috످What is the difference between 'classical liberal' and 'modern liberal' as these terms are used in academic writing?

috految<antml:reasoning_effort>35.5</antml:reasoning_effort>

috److془This is well known. Answer directly.془Both classical and modern liberals value individual rights, equality before the law, and constitutional government, but they disagree about what freedom means and how the state should secure it.

Classical liberals see freedom as the absence of coercion, so they favor limited government, strong property rights, and free markets. This tradition emerged in the 17th to 19th centuries in opposition to absolute monarchy and mercantilism. Key thinkers include John Locke, Adam Smith, and later Friedrich Hayek and Milton Friedman.

Modern liberals (also called social or welfare liberals) believe freedom also requires the resources and opportunities to act on one's choices, so they favor a more active government that regulates markets and provides education, healthcare, and a safety net. This tradition grew out of classical liberalism in the late 19th century in response to industrial poverty and inequality. Key thinkers include T. H. Green, John Dewey, John Maynard Keynes, and John Rawls.

Scholars often explain the divide using Isaiah Berlin's distinction between negative liberty (freedom from interference) and positive liberty (freedom to direct one's own life), though the fit is imperfect.

For example, imagine a worker who accepts a dangerous, low-paying job to avoid poverty. A classical liberal might say she is free because no one forced her to take it, and that banning such jobs would only reduce her options. A modern liberal might say she isn't fully free because she has no real alternative, and that labor protections would expand her freedom.

In academic writing, usage of "liberal" varies by field. In political theory, it usually covers both traditions, so Reagan and Obama could both count as liberals. In economics, it often means pro-market, while in international relations, it refers to a theory emphasizing cooperation and institutions.

It also varies by country. In the US, "liberal" usually means modern liberal, and classical liberals are often called libertarians or conservatives. In continental Europe and Australia, it tends to be closer to the classical sense.

"Modern" doesn't mean "current." Both traditions are alive today. And "neoliberal" doesn't mean "modern liberal." It refers, often critically, to the late 20th-century revival of free-market ideas.

The boundaries are contested. John Stuart Mill is claimed by both camps, and historians such as Helena Rosenblatt argue that "classical liberalism" is largely a retrospective construct.

For a good overview, see the Stanford Encyclopedia of Philosophy entry on liberalism (https://plato.stanford.edu/entries/liberalism/).

috످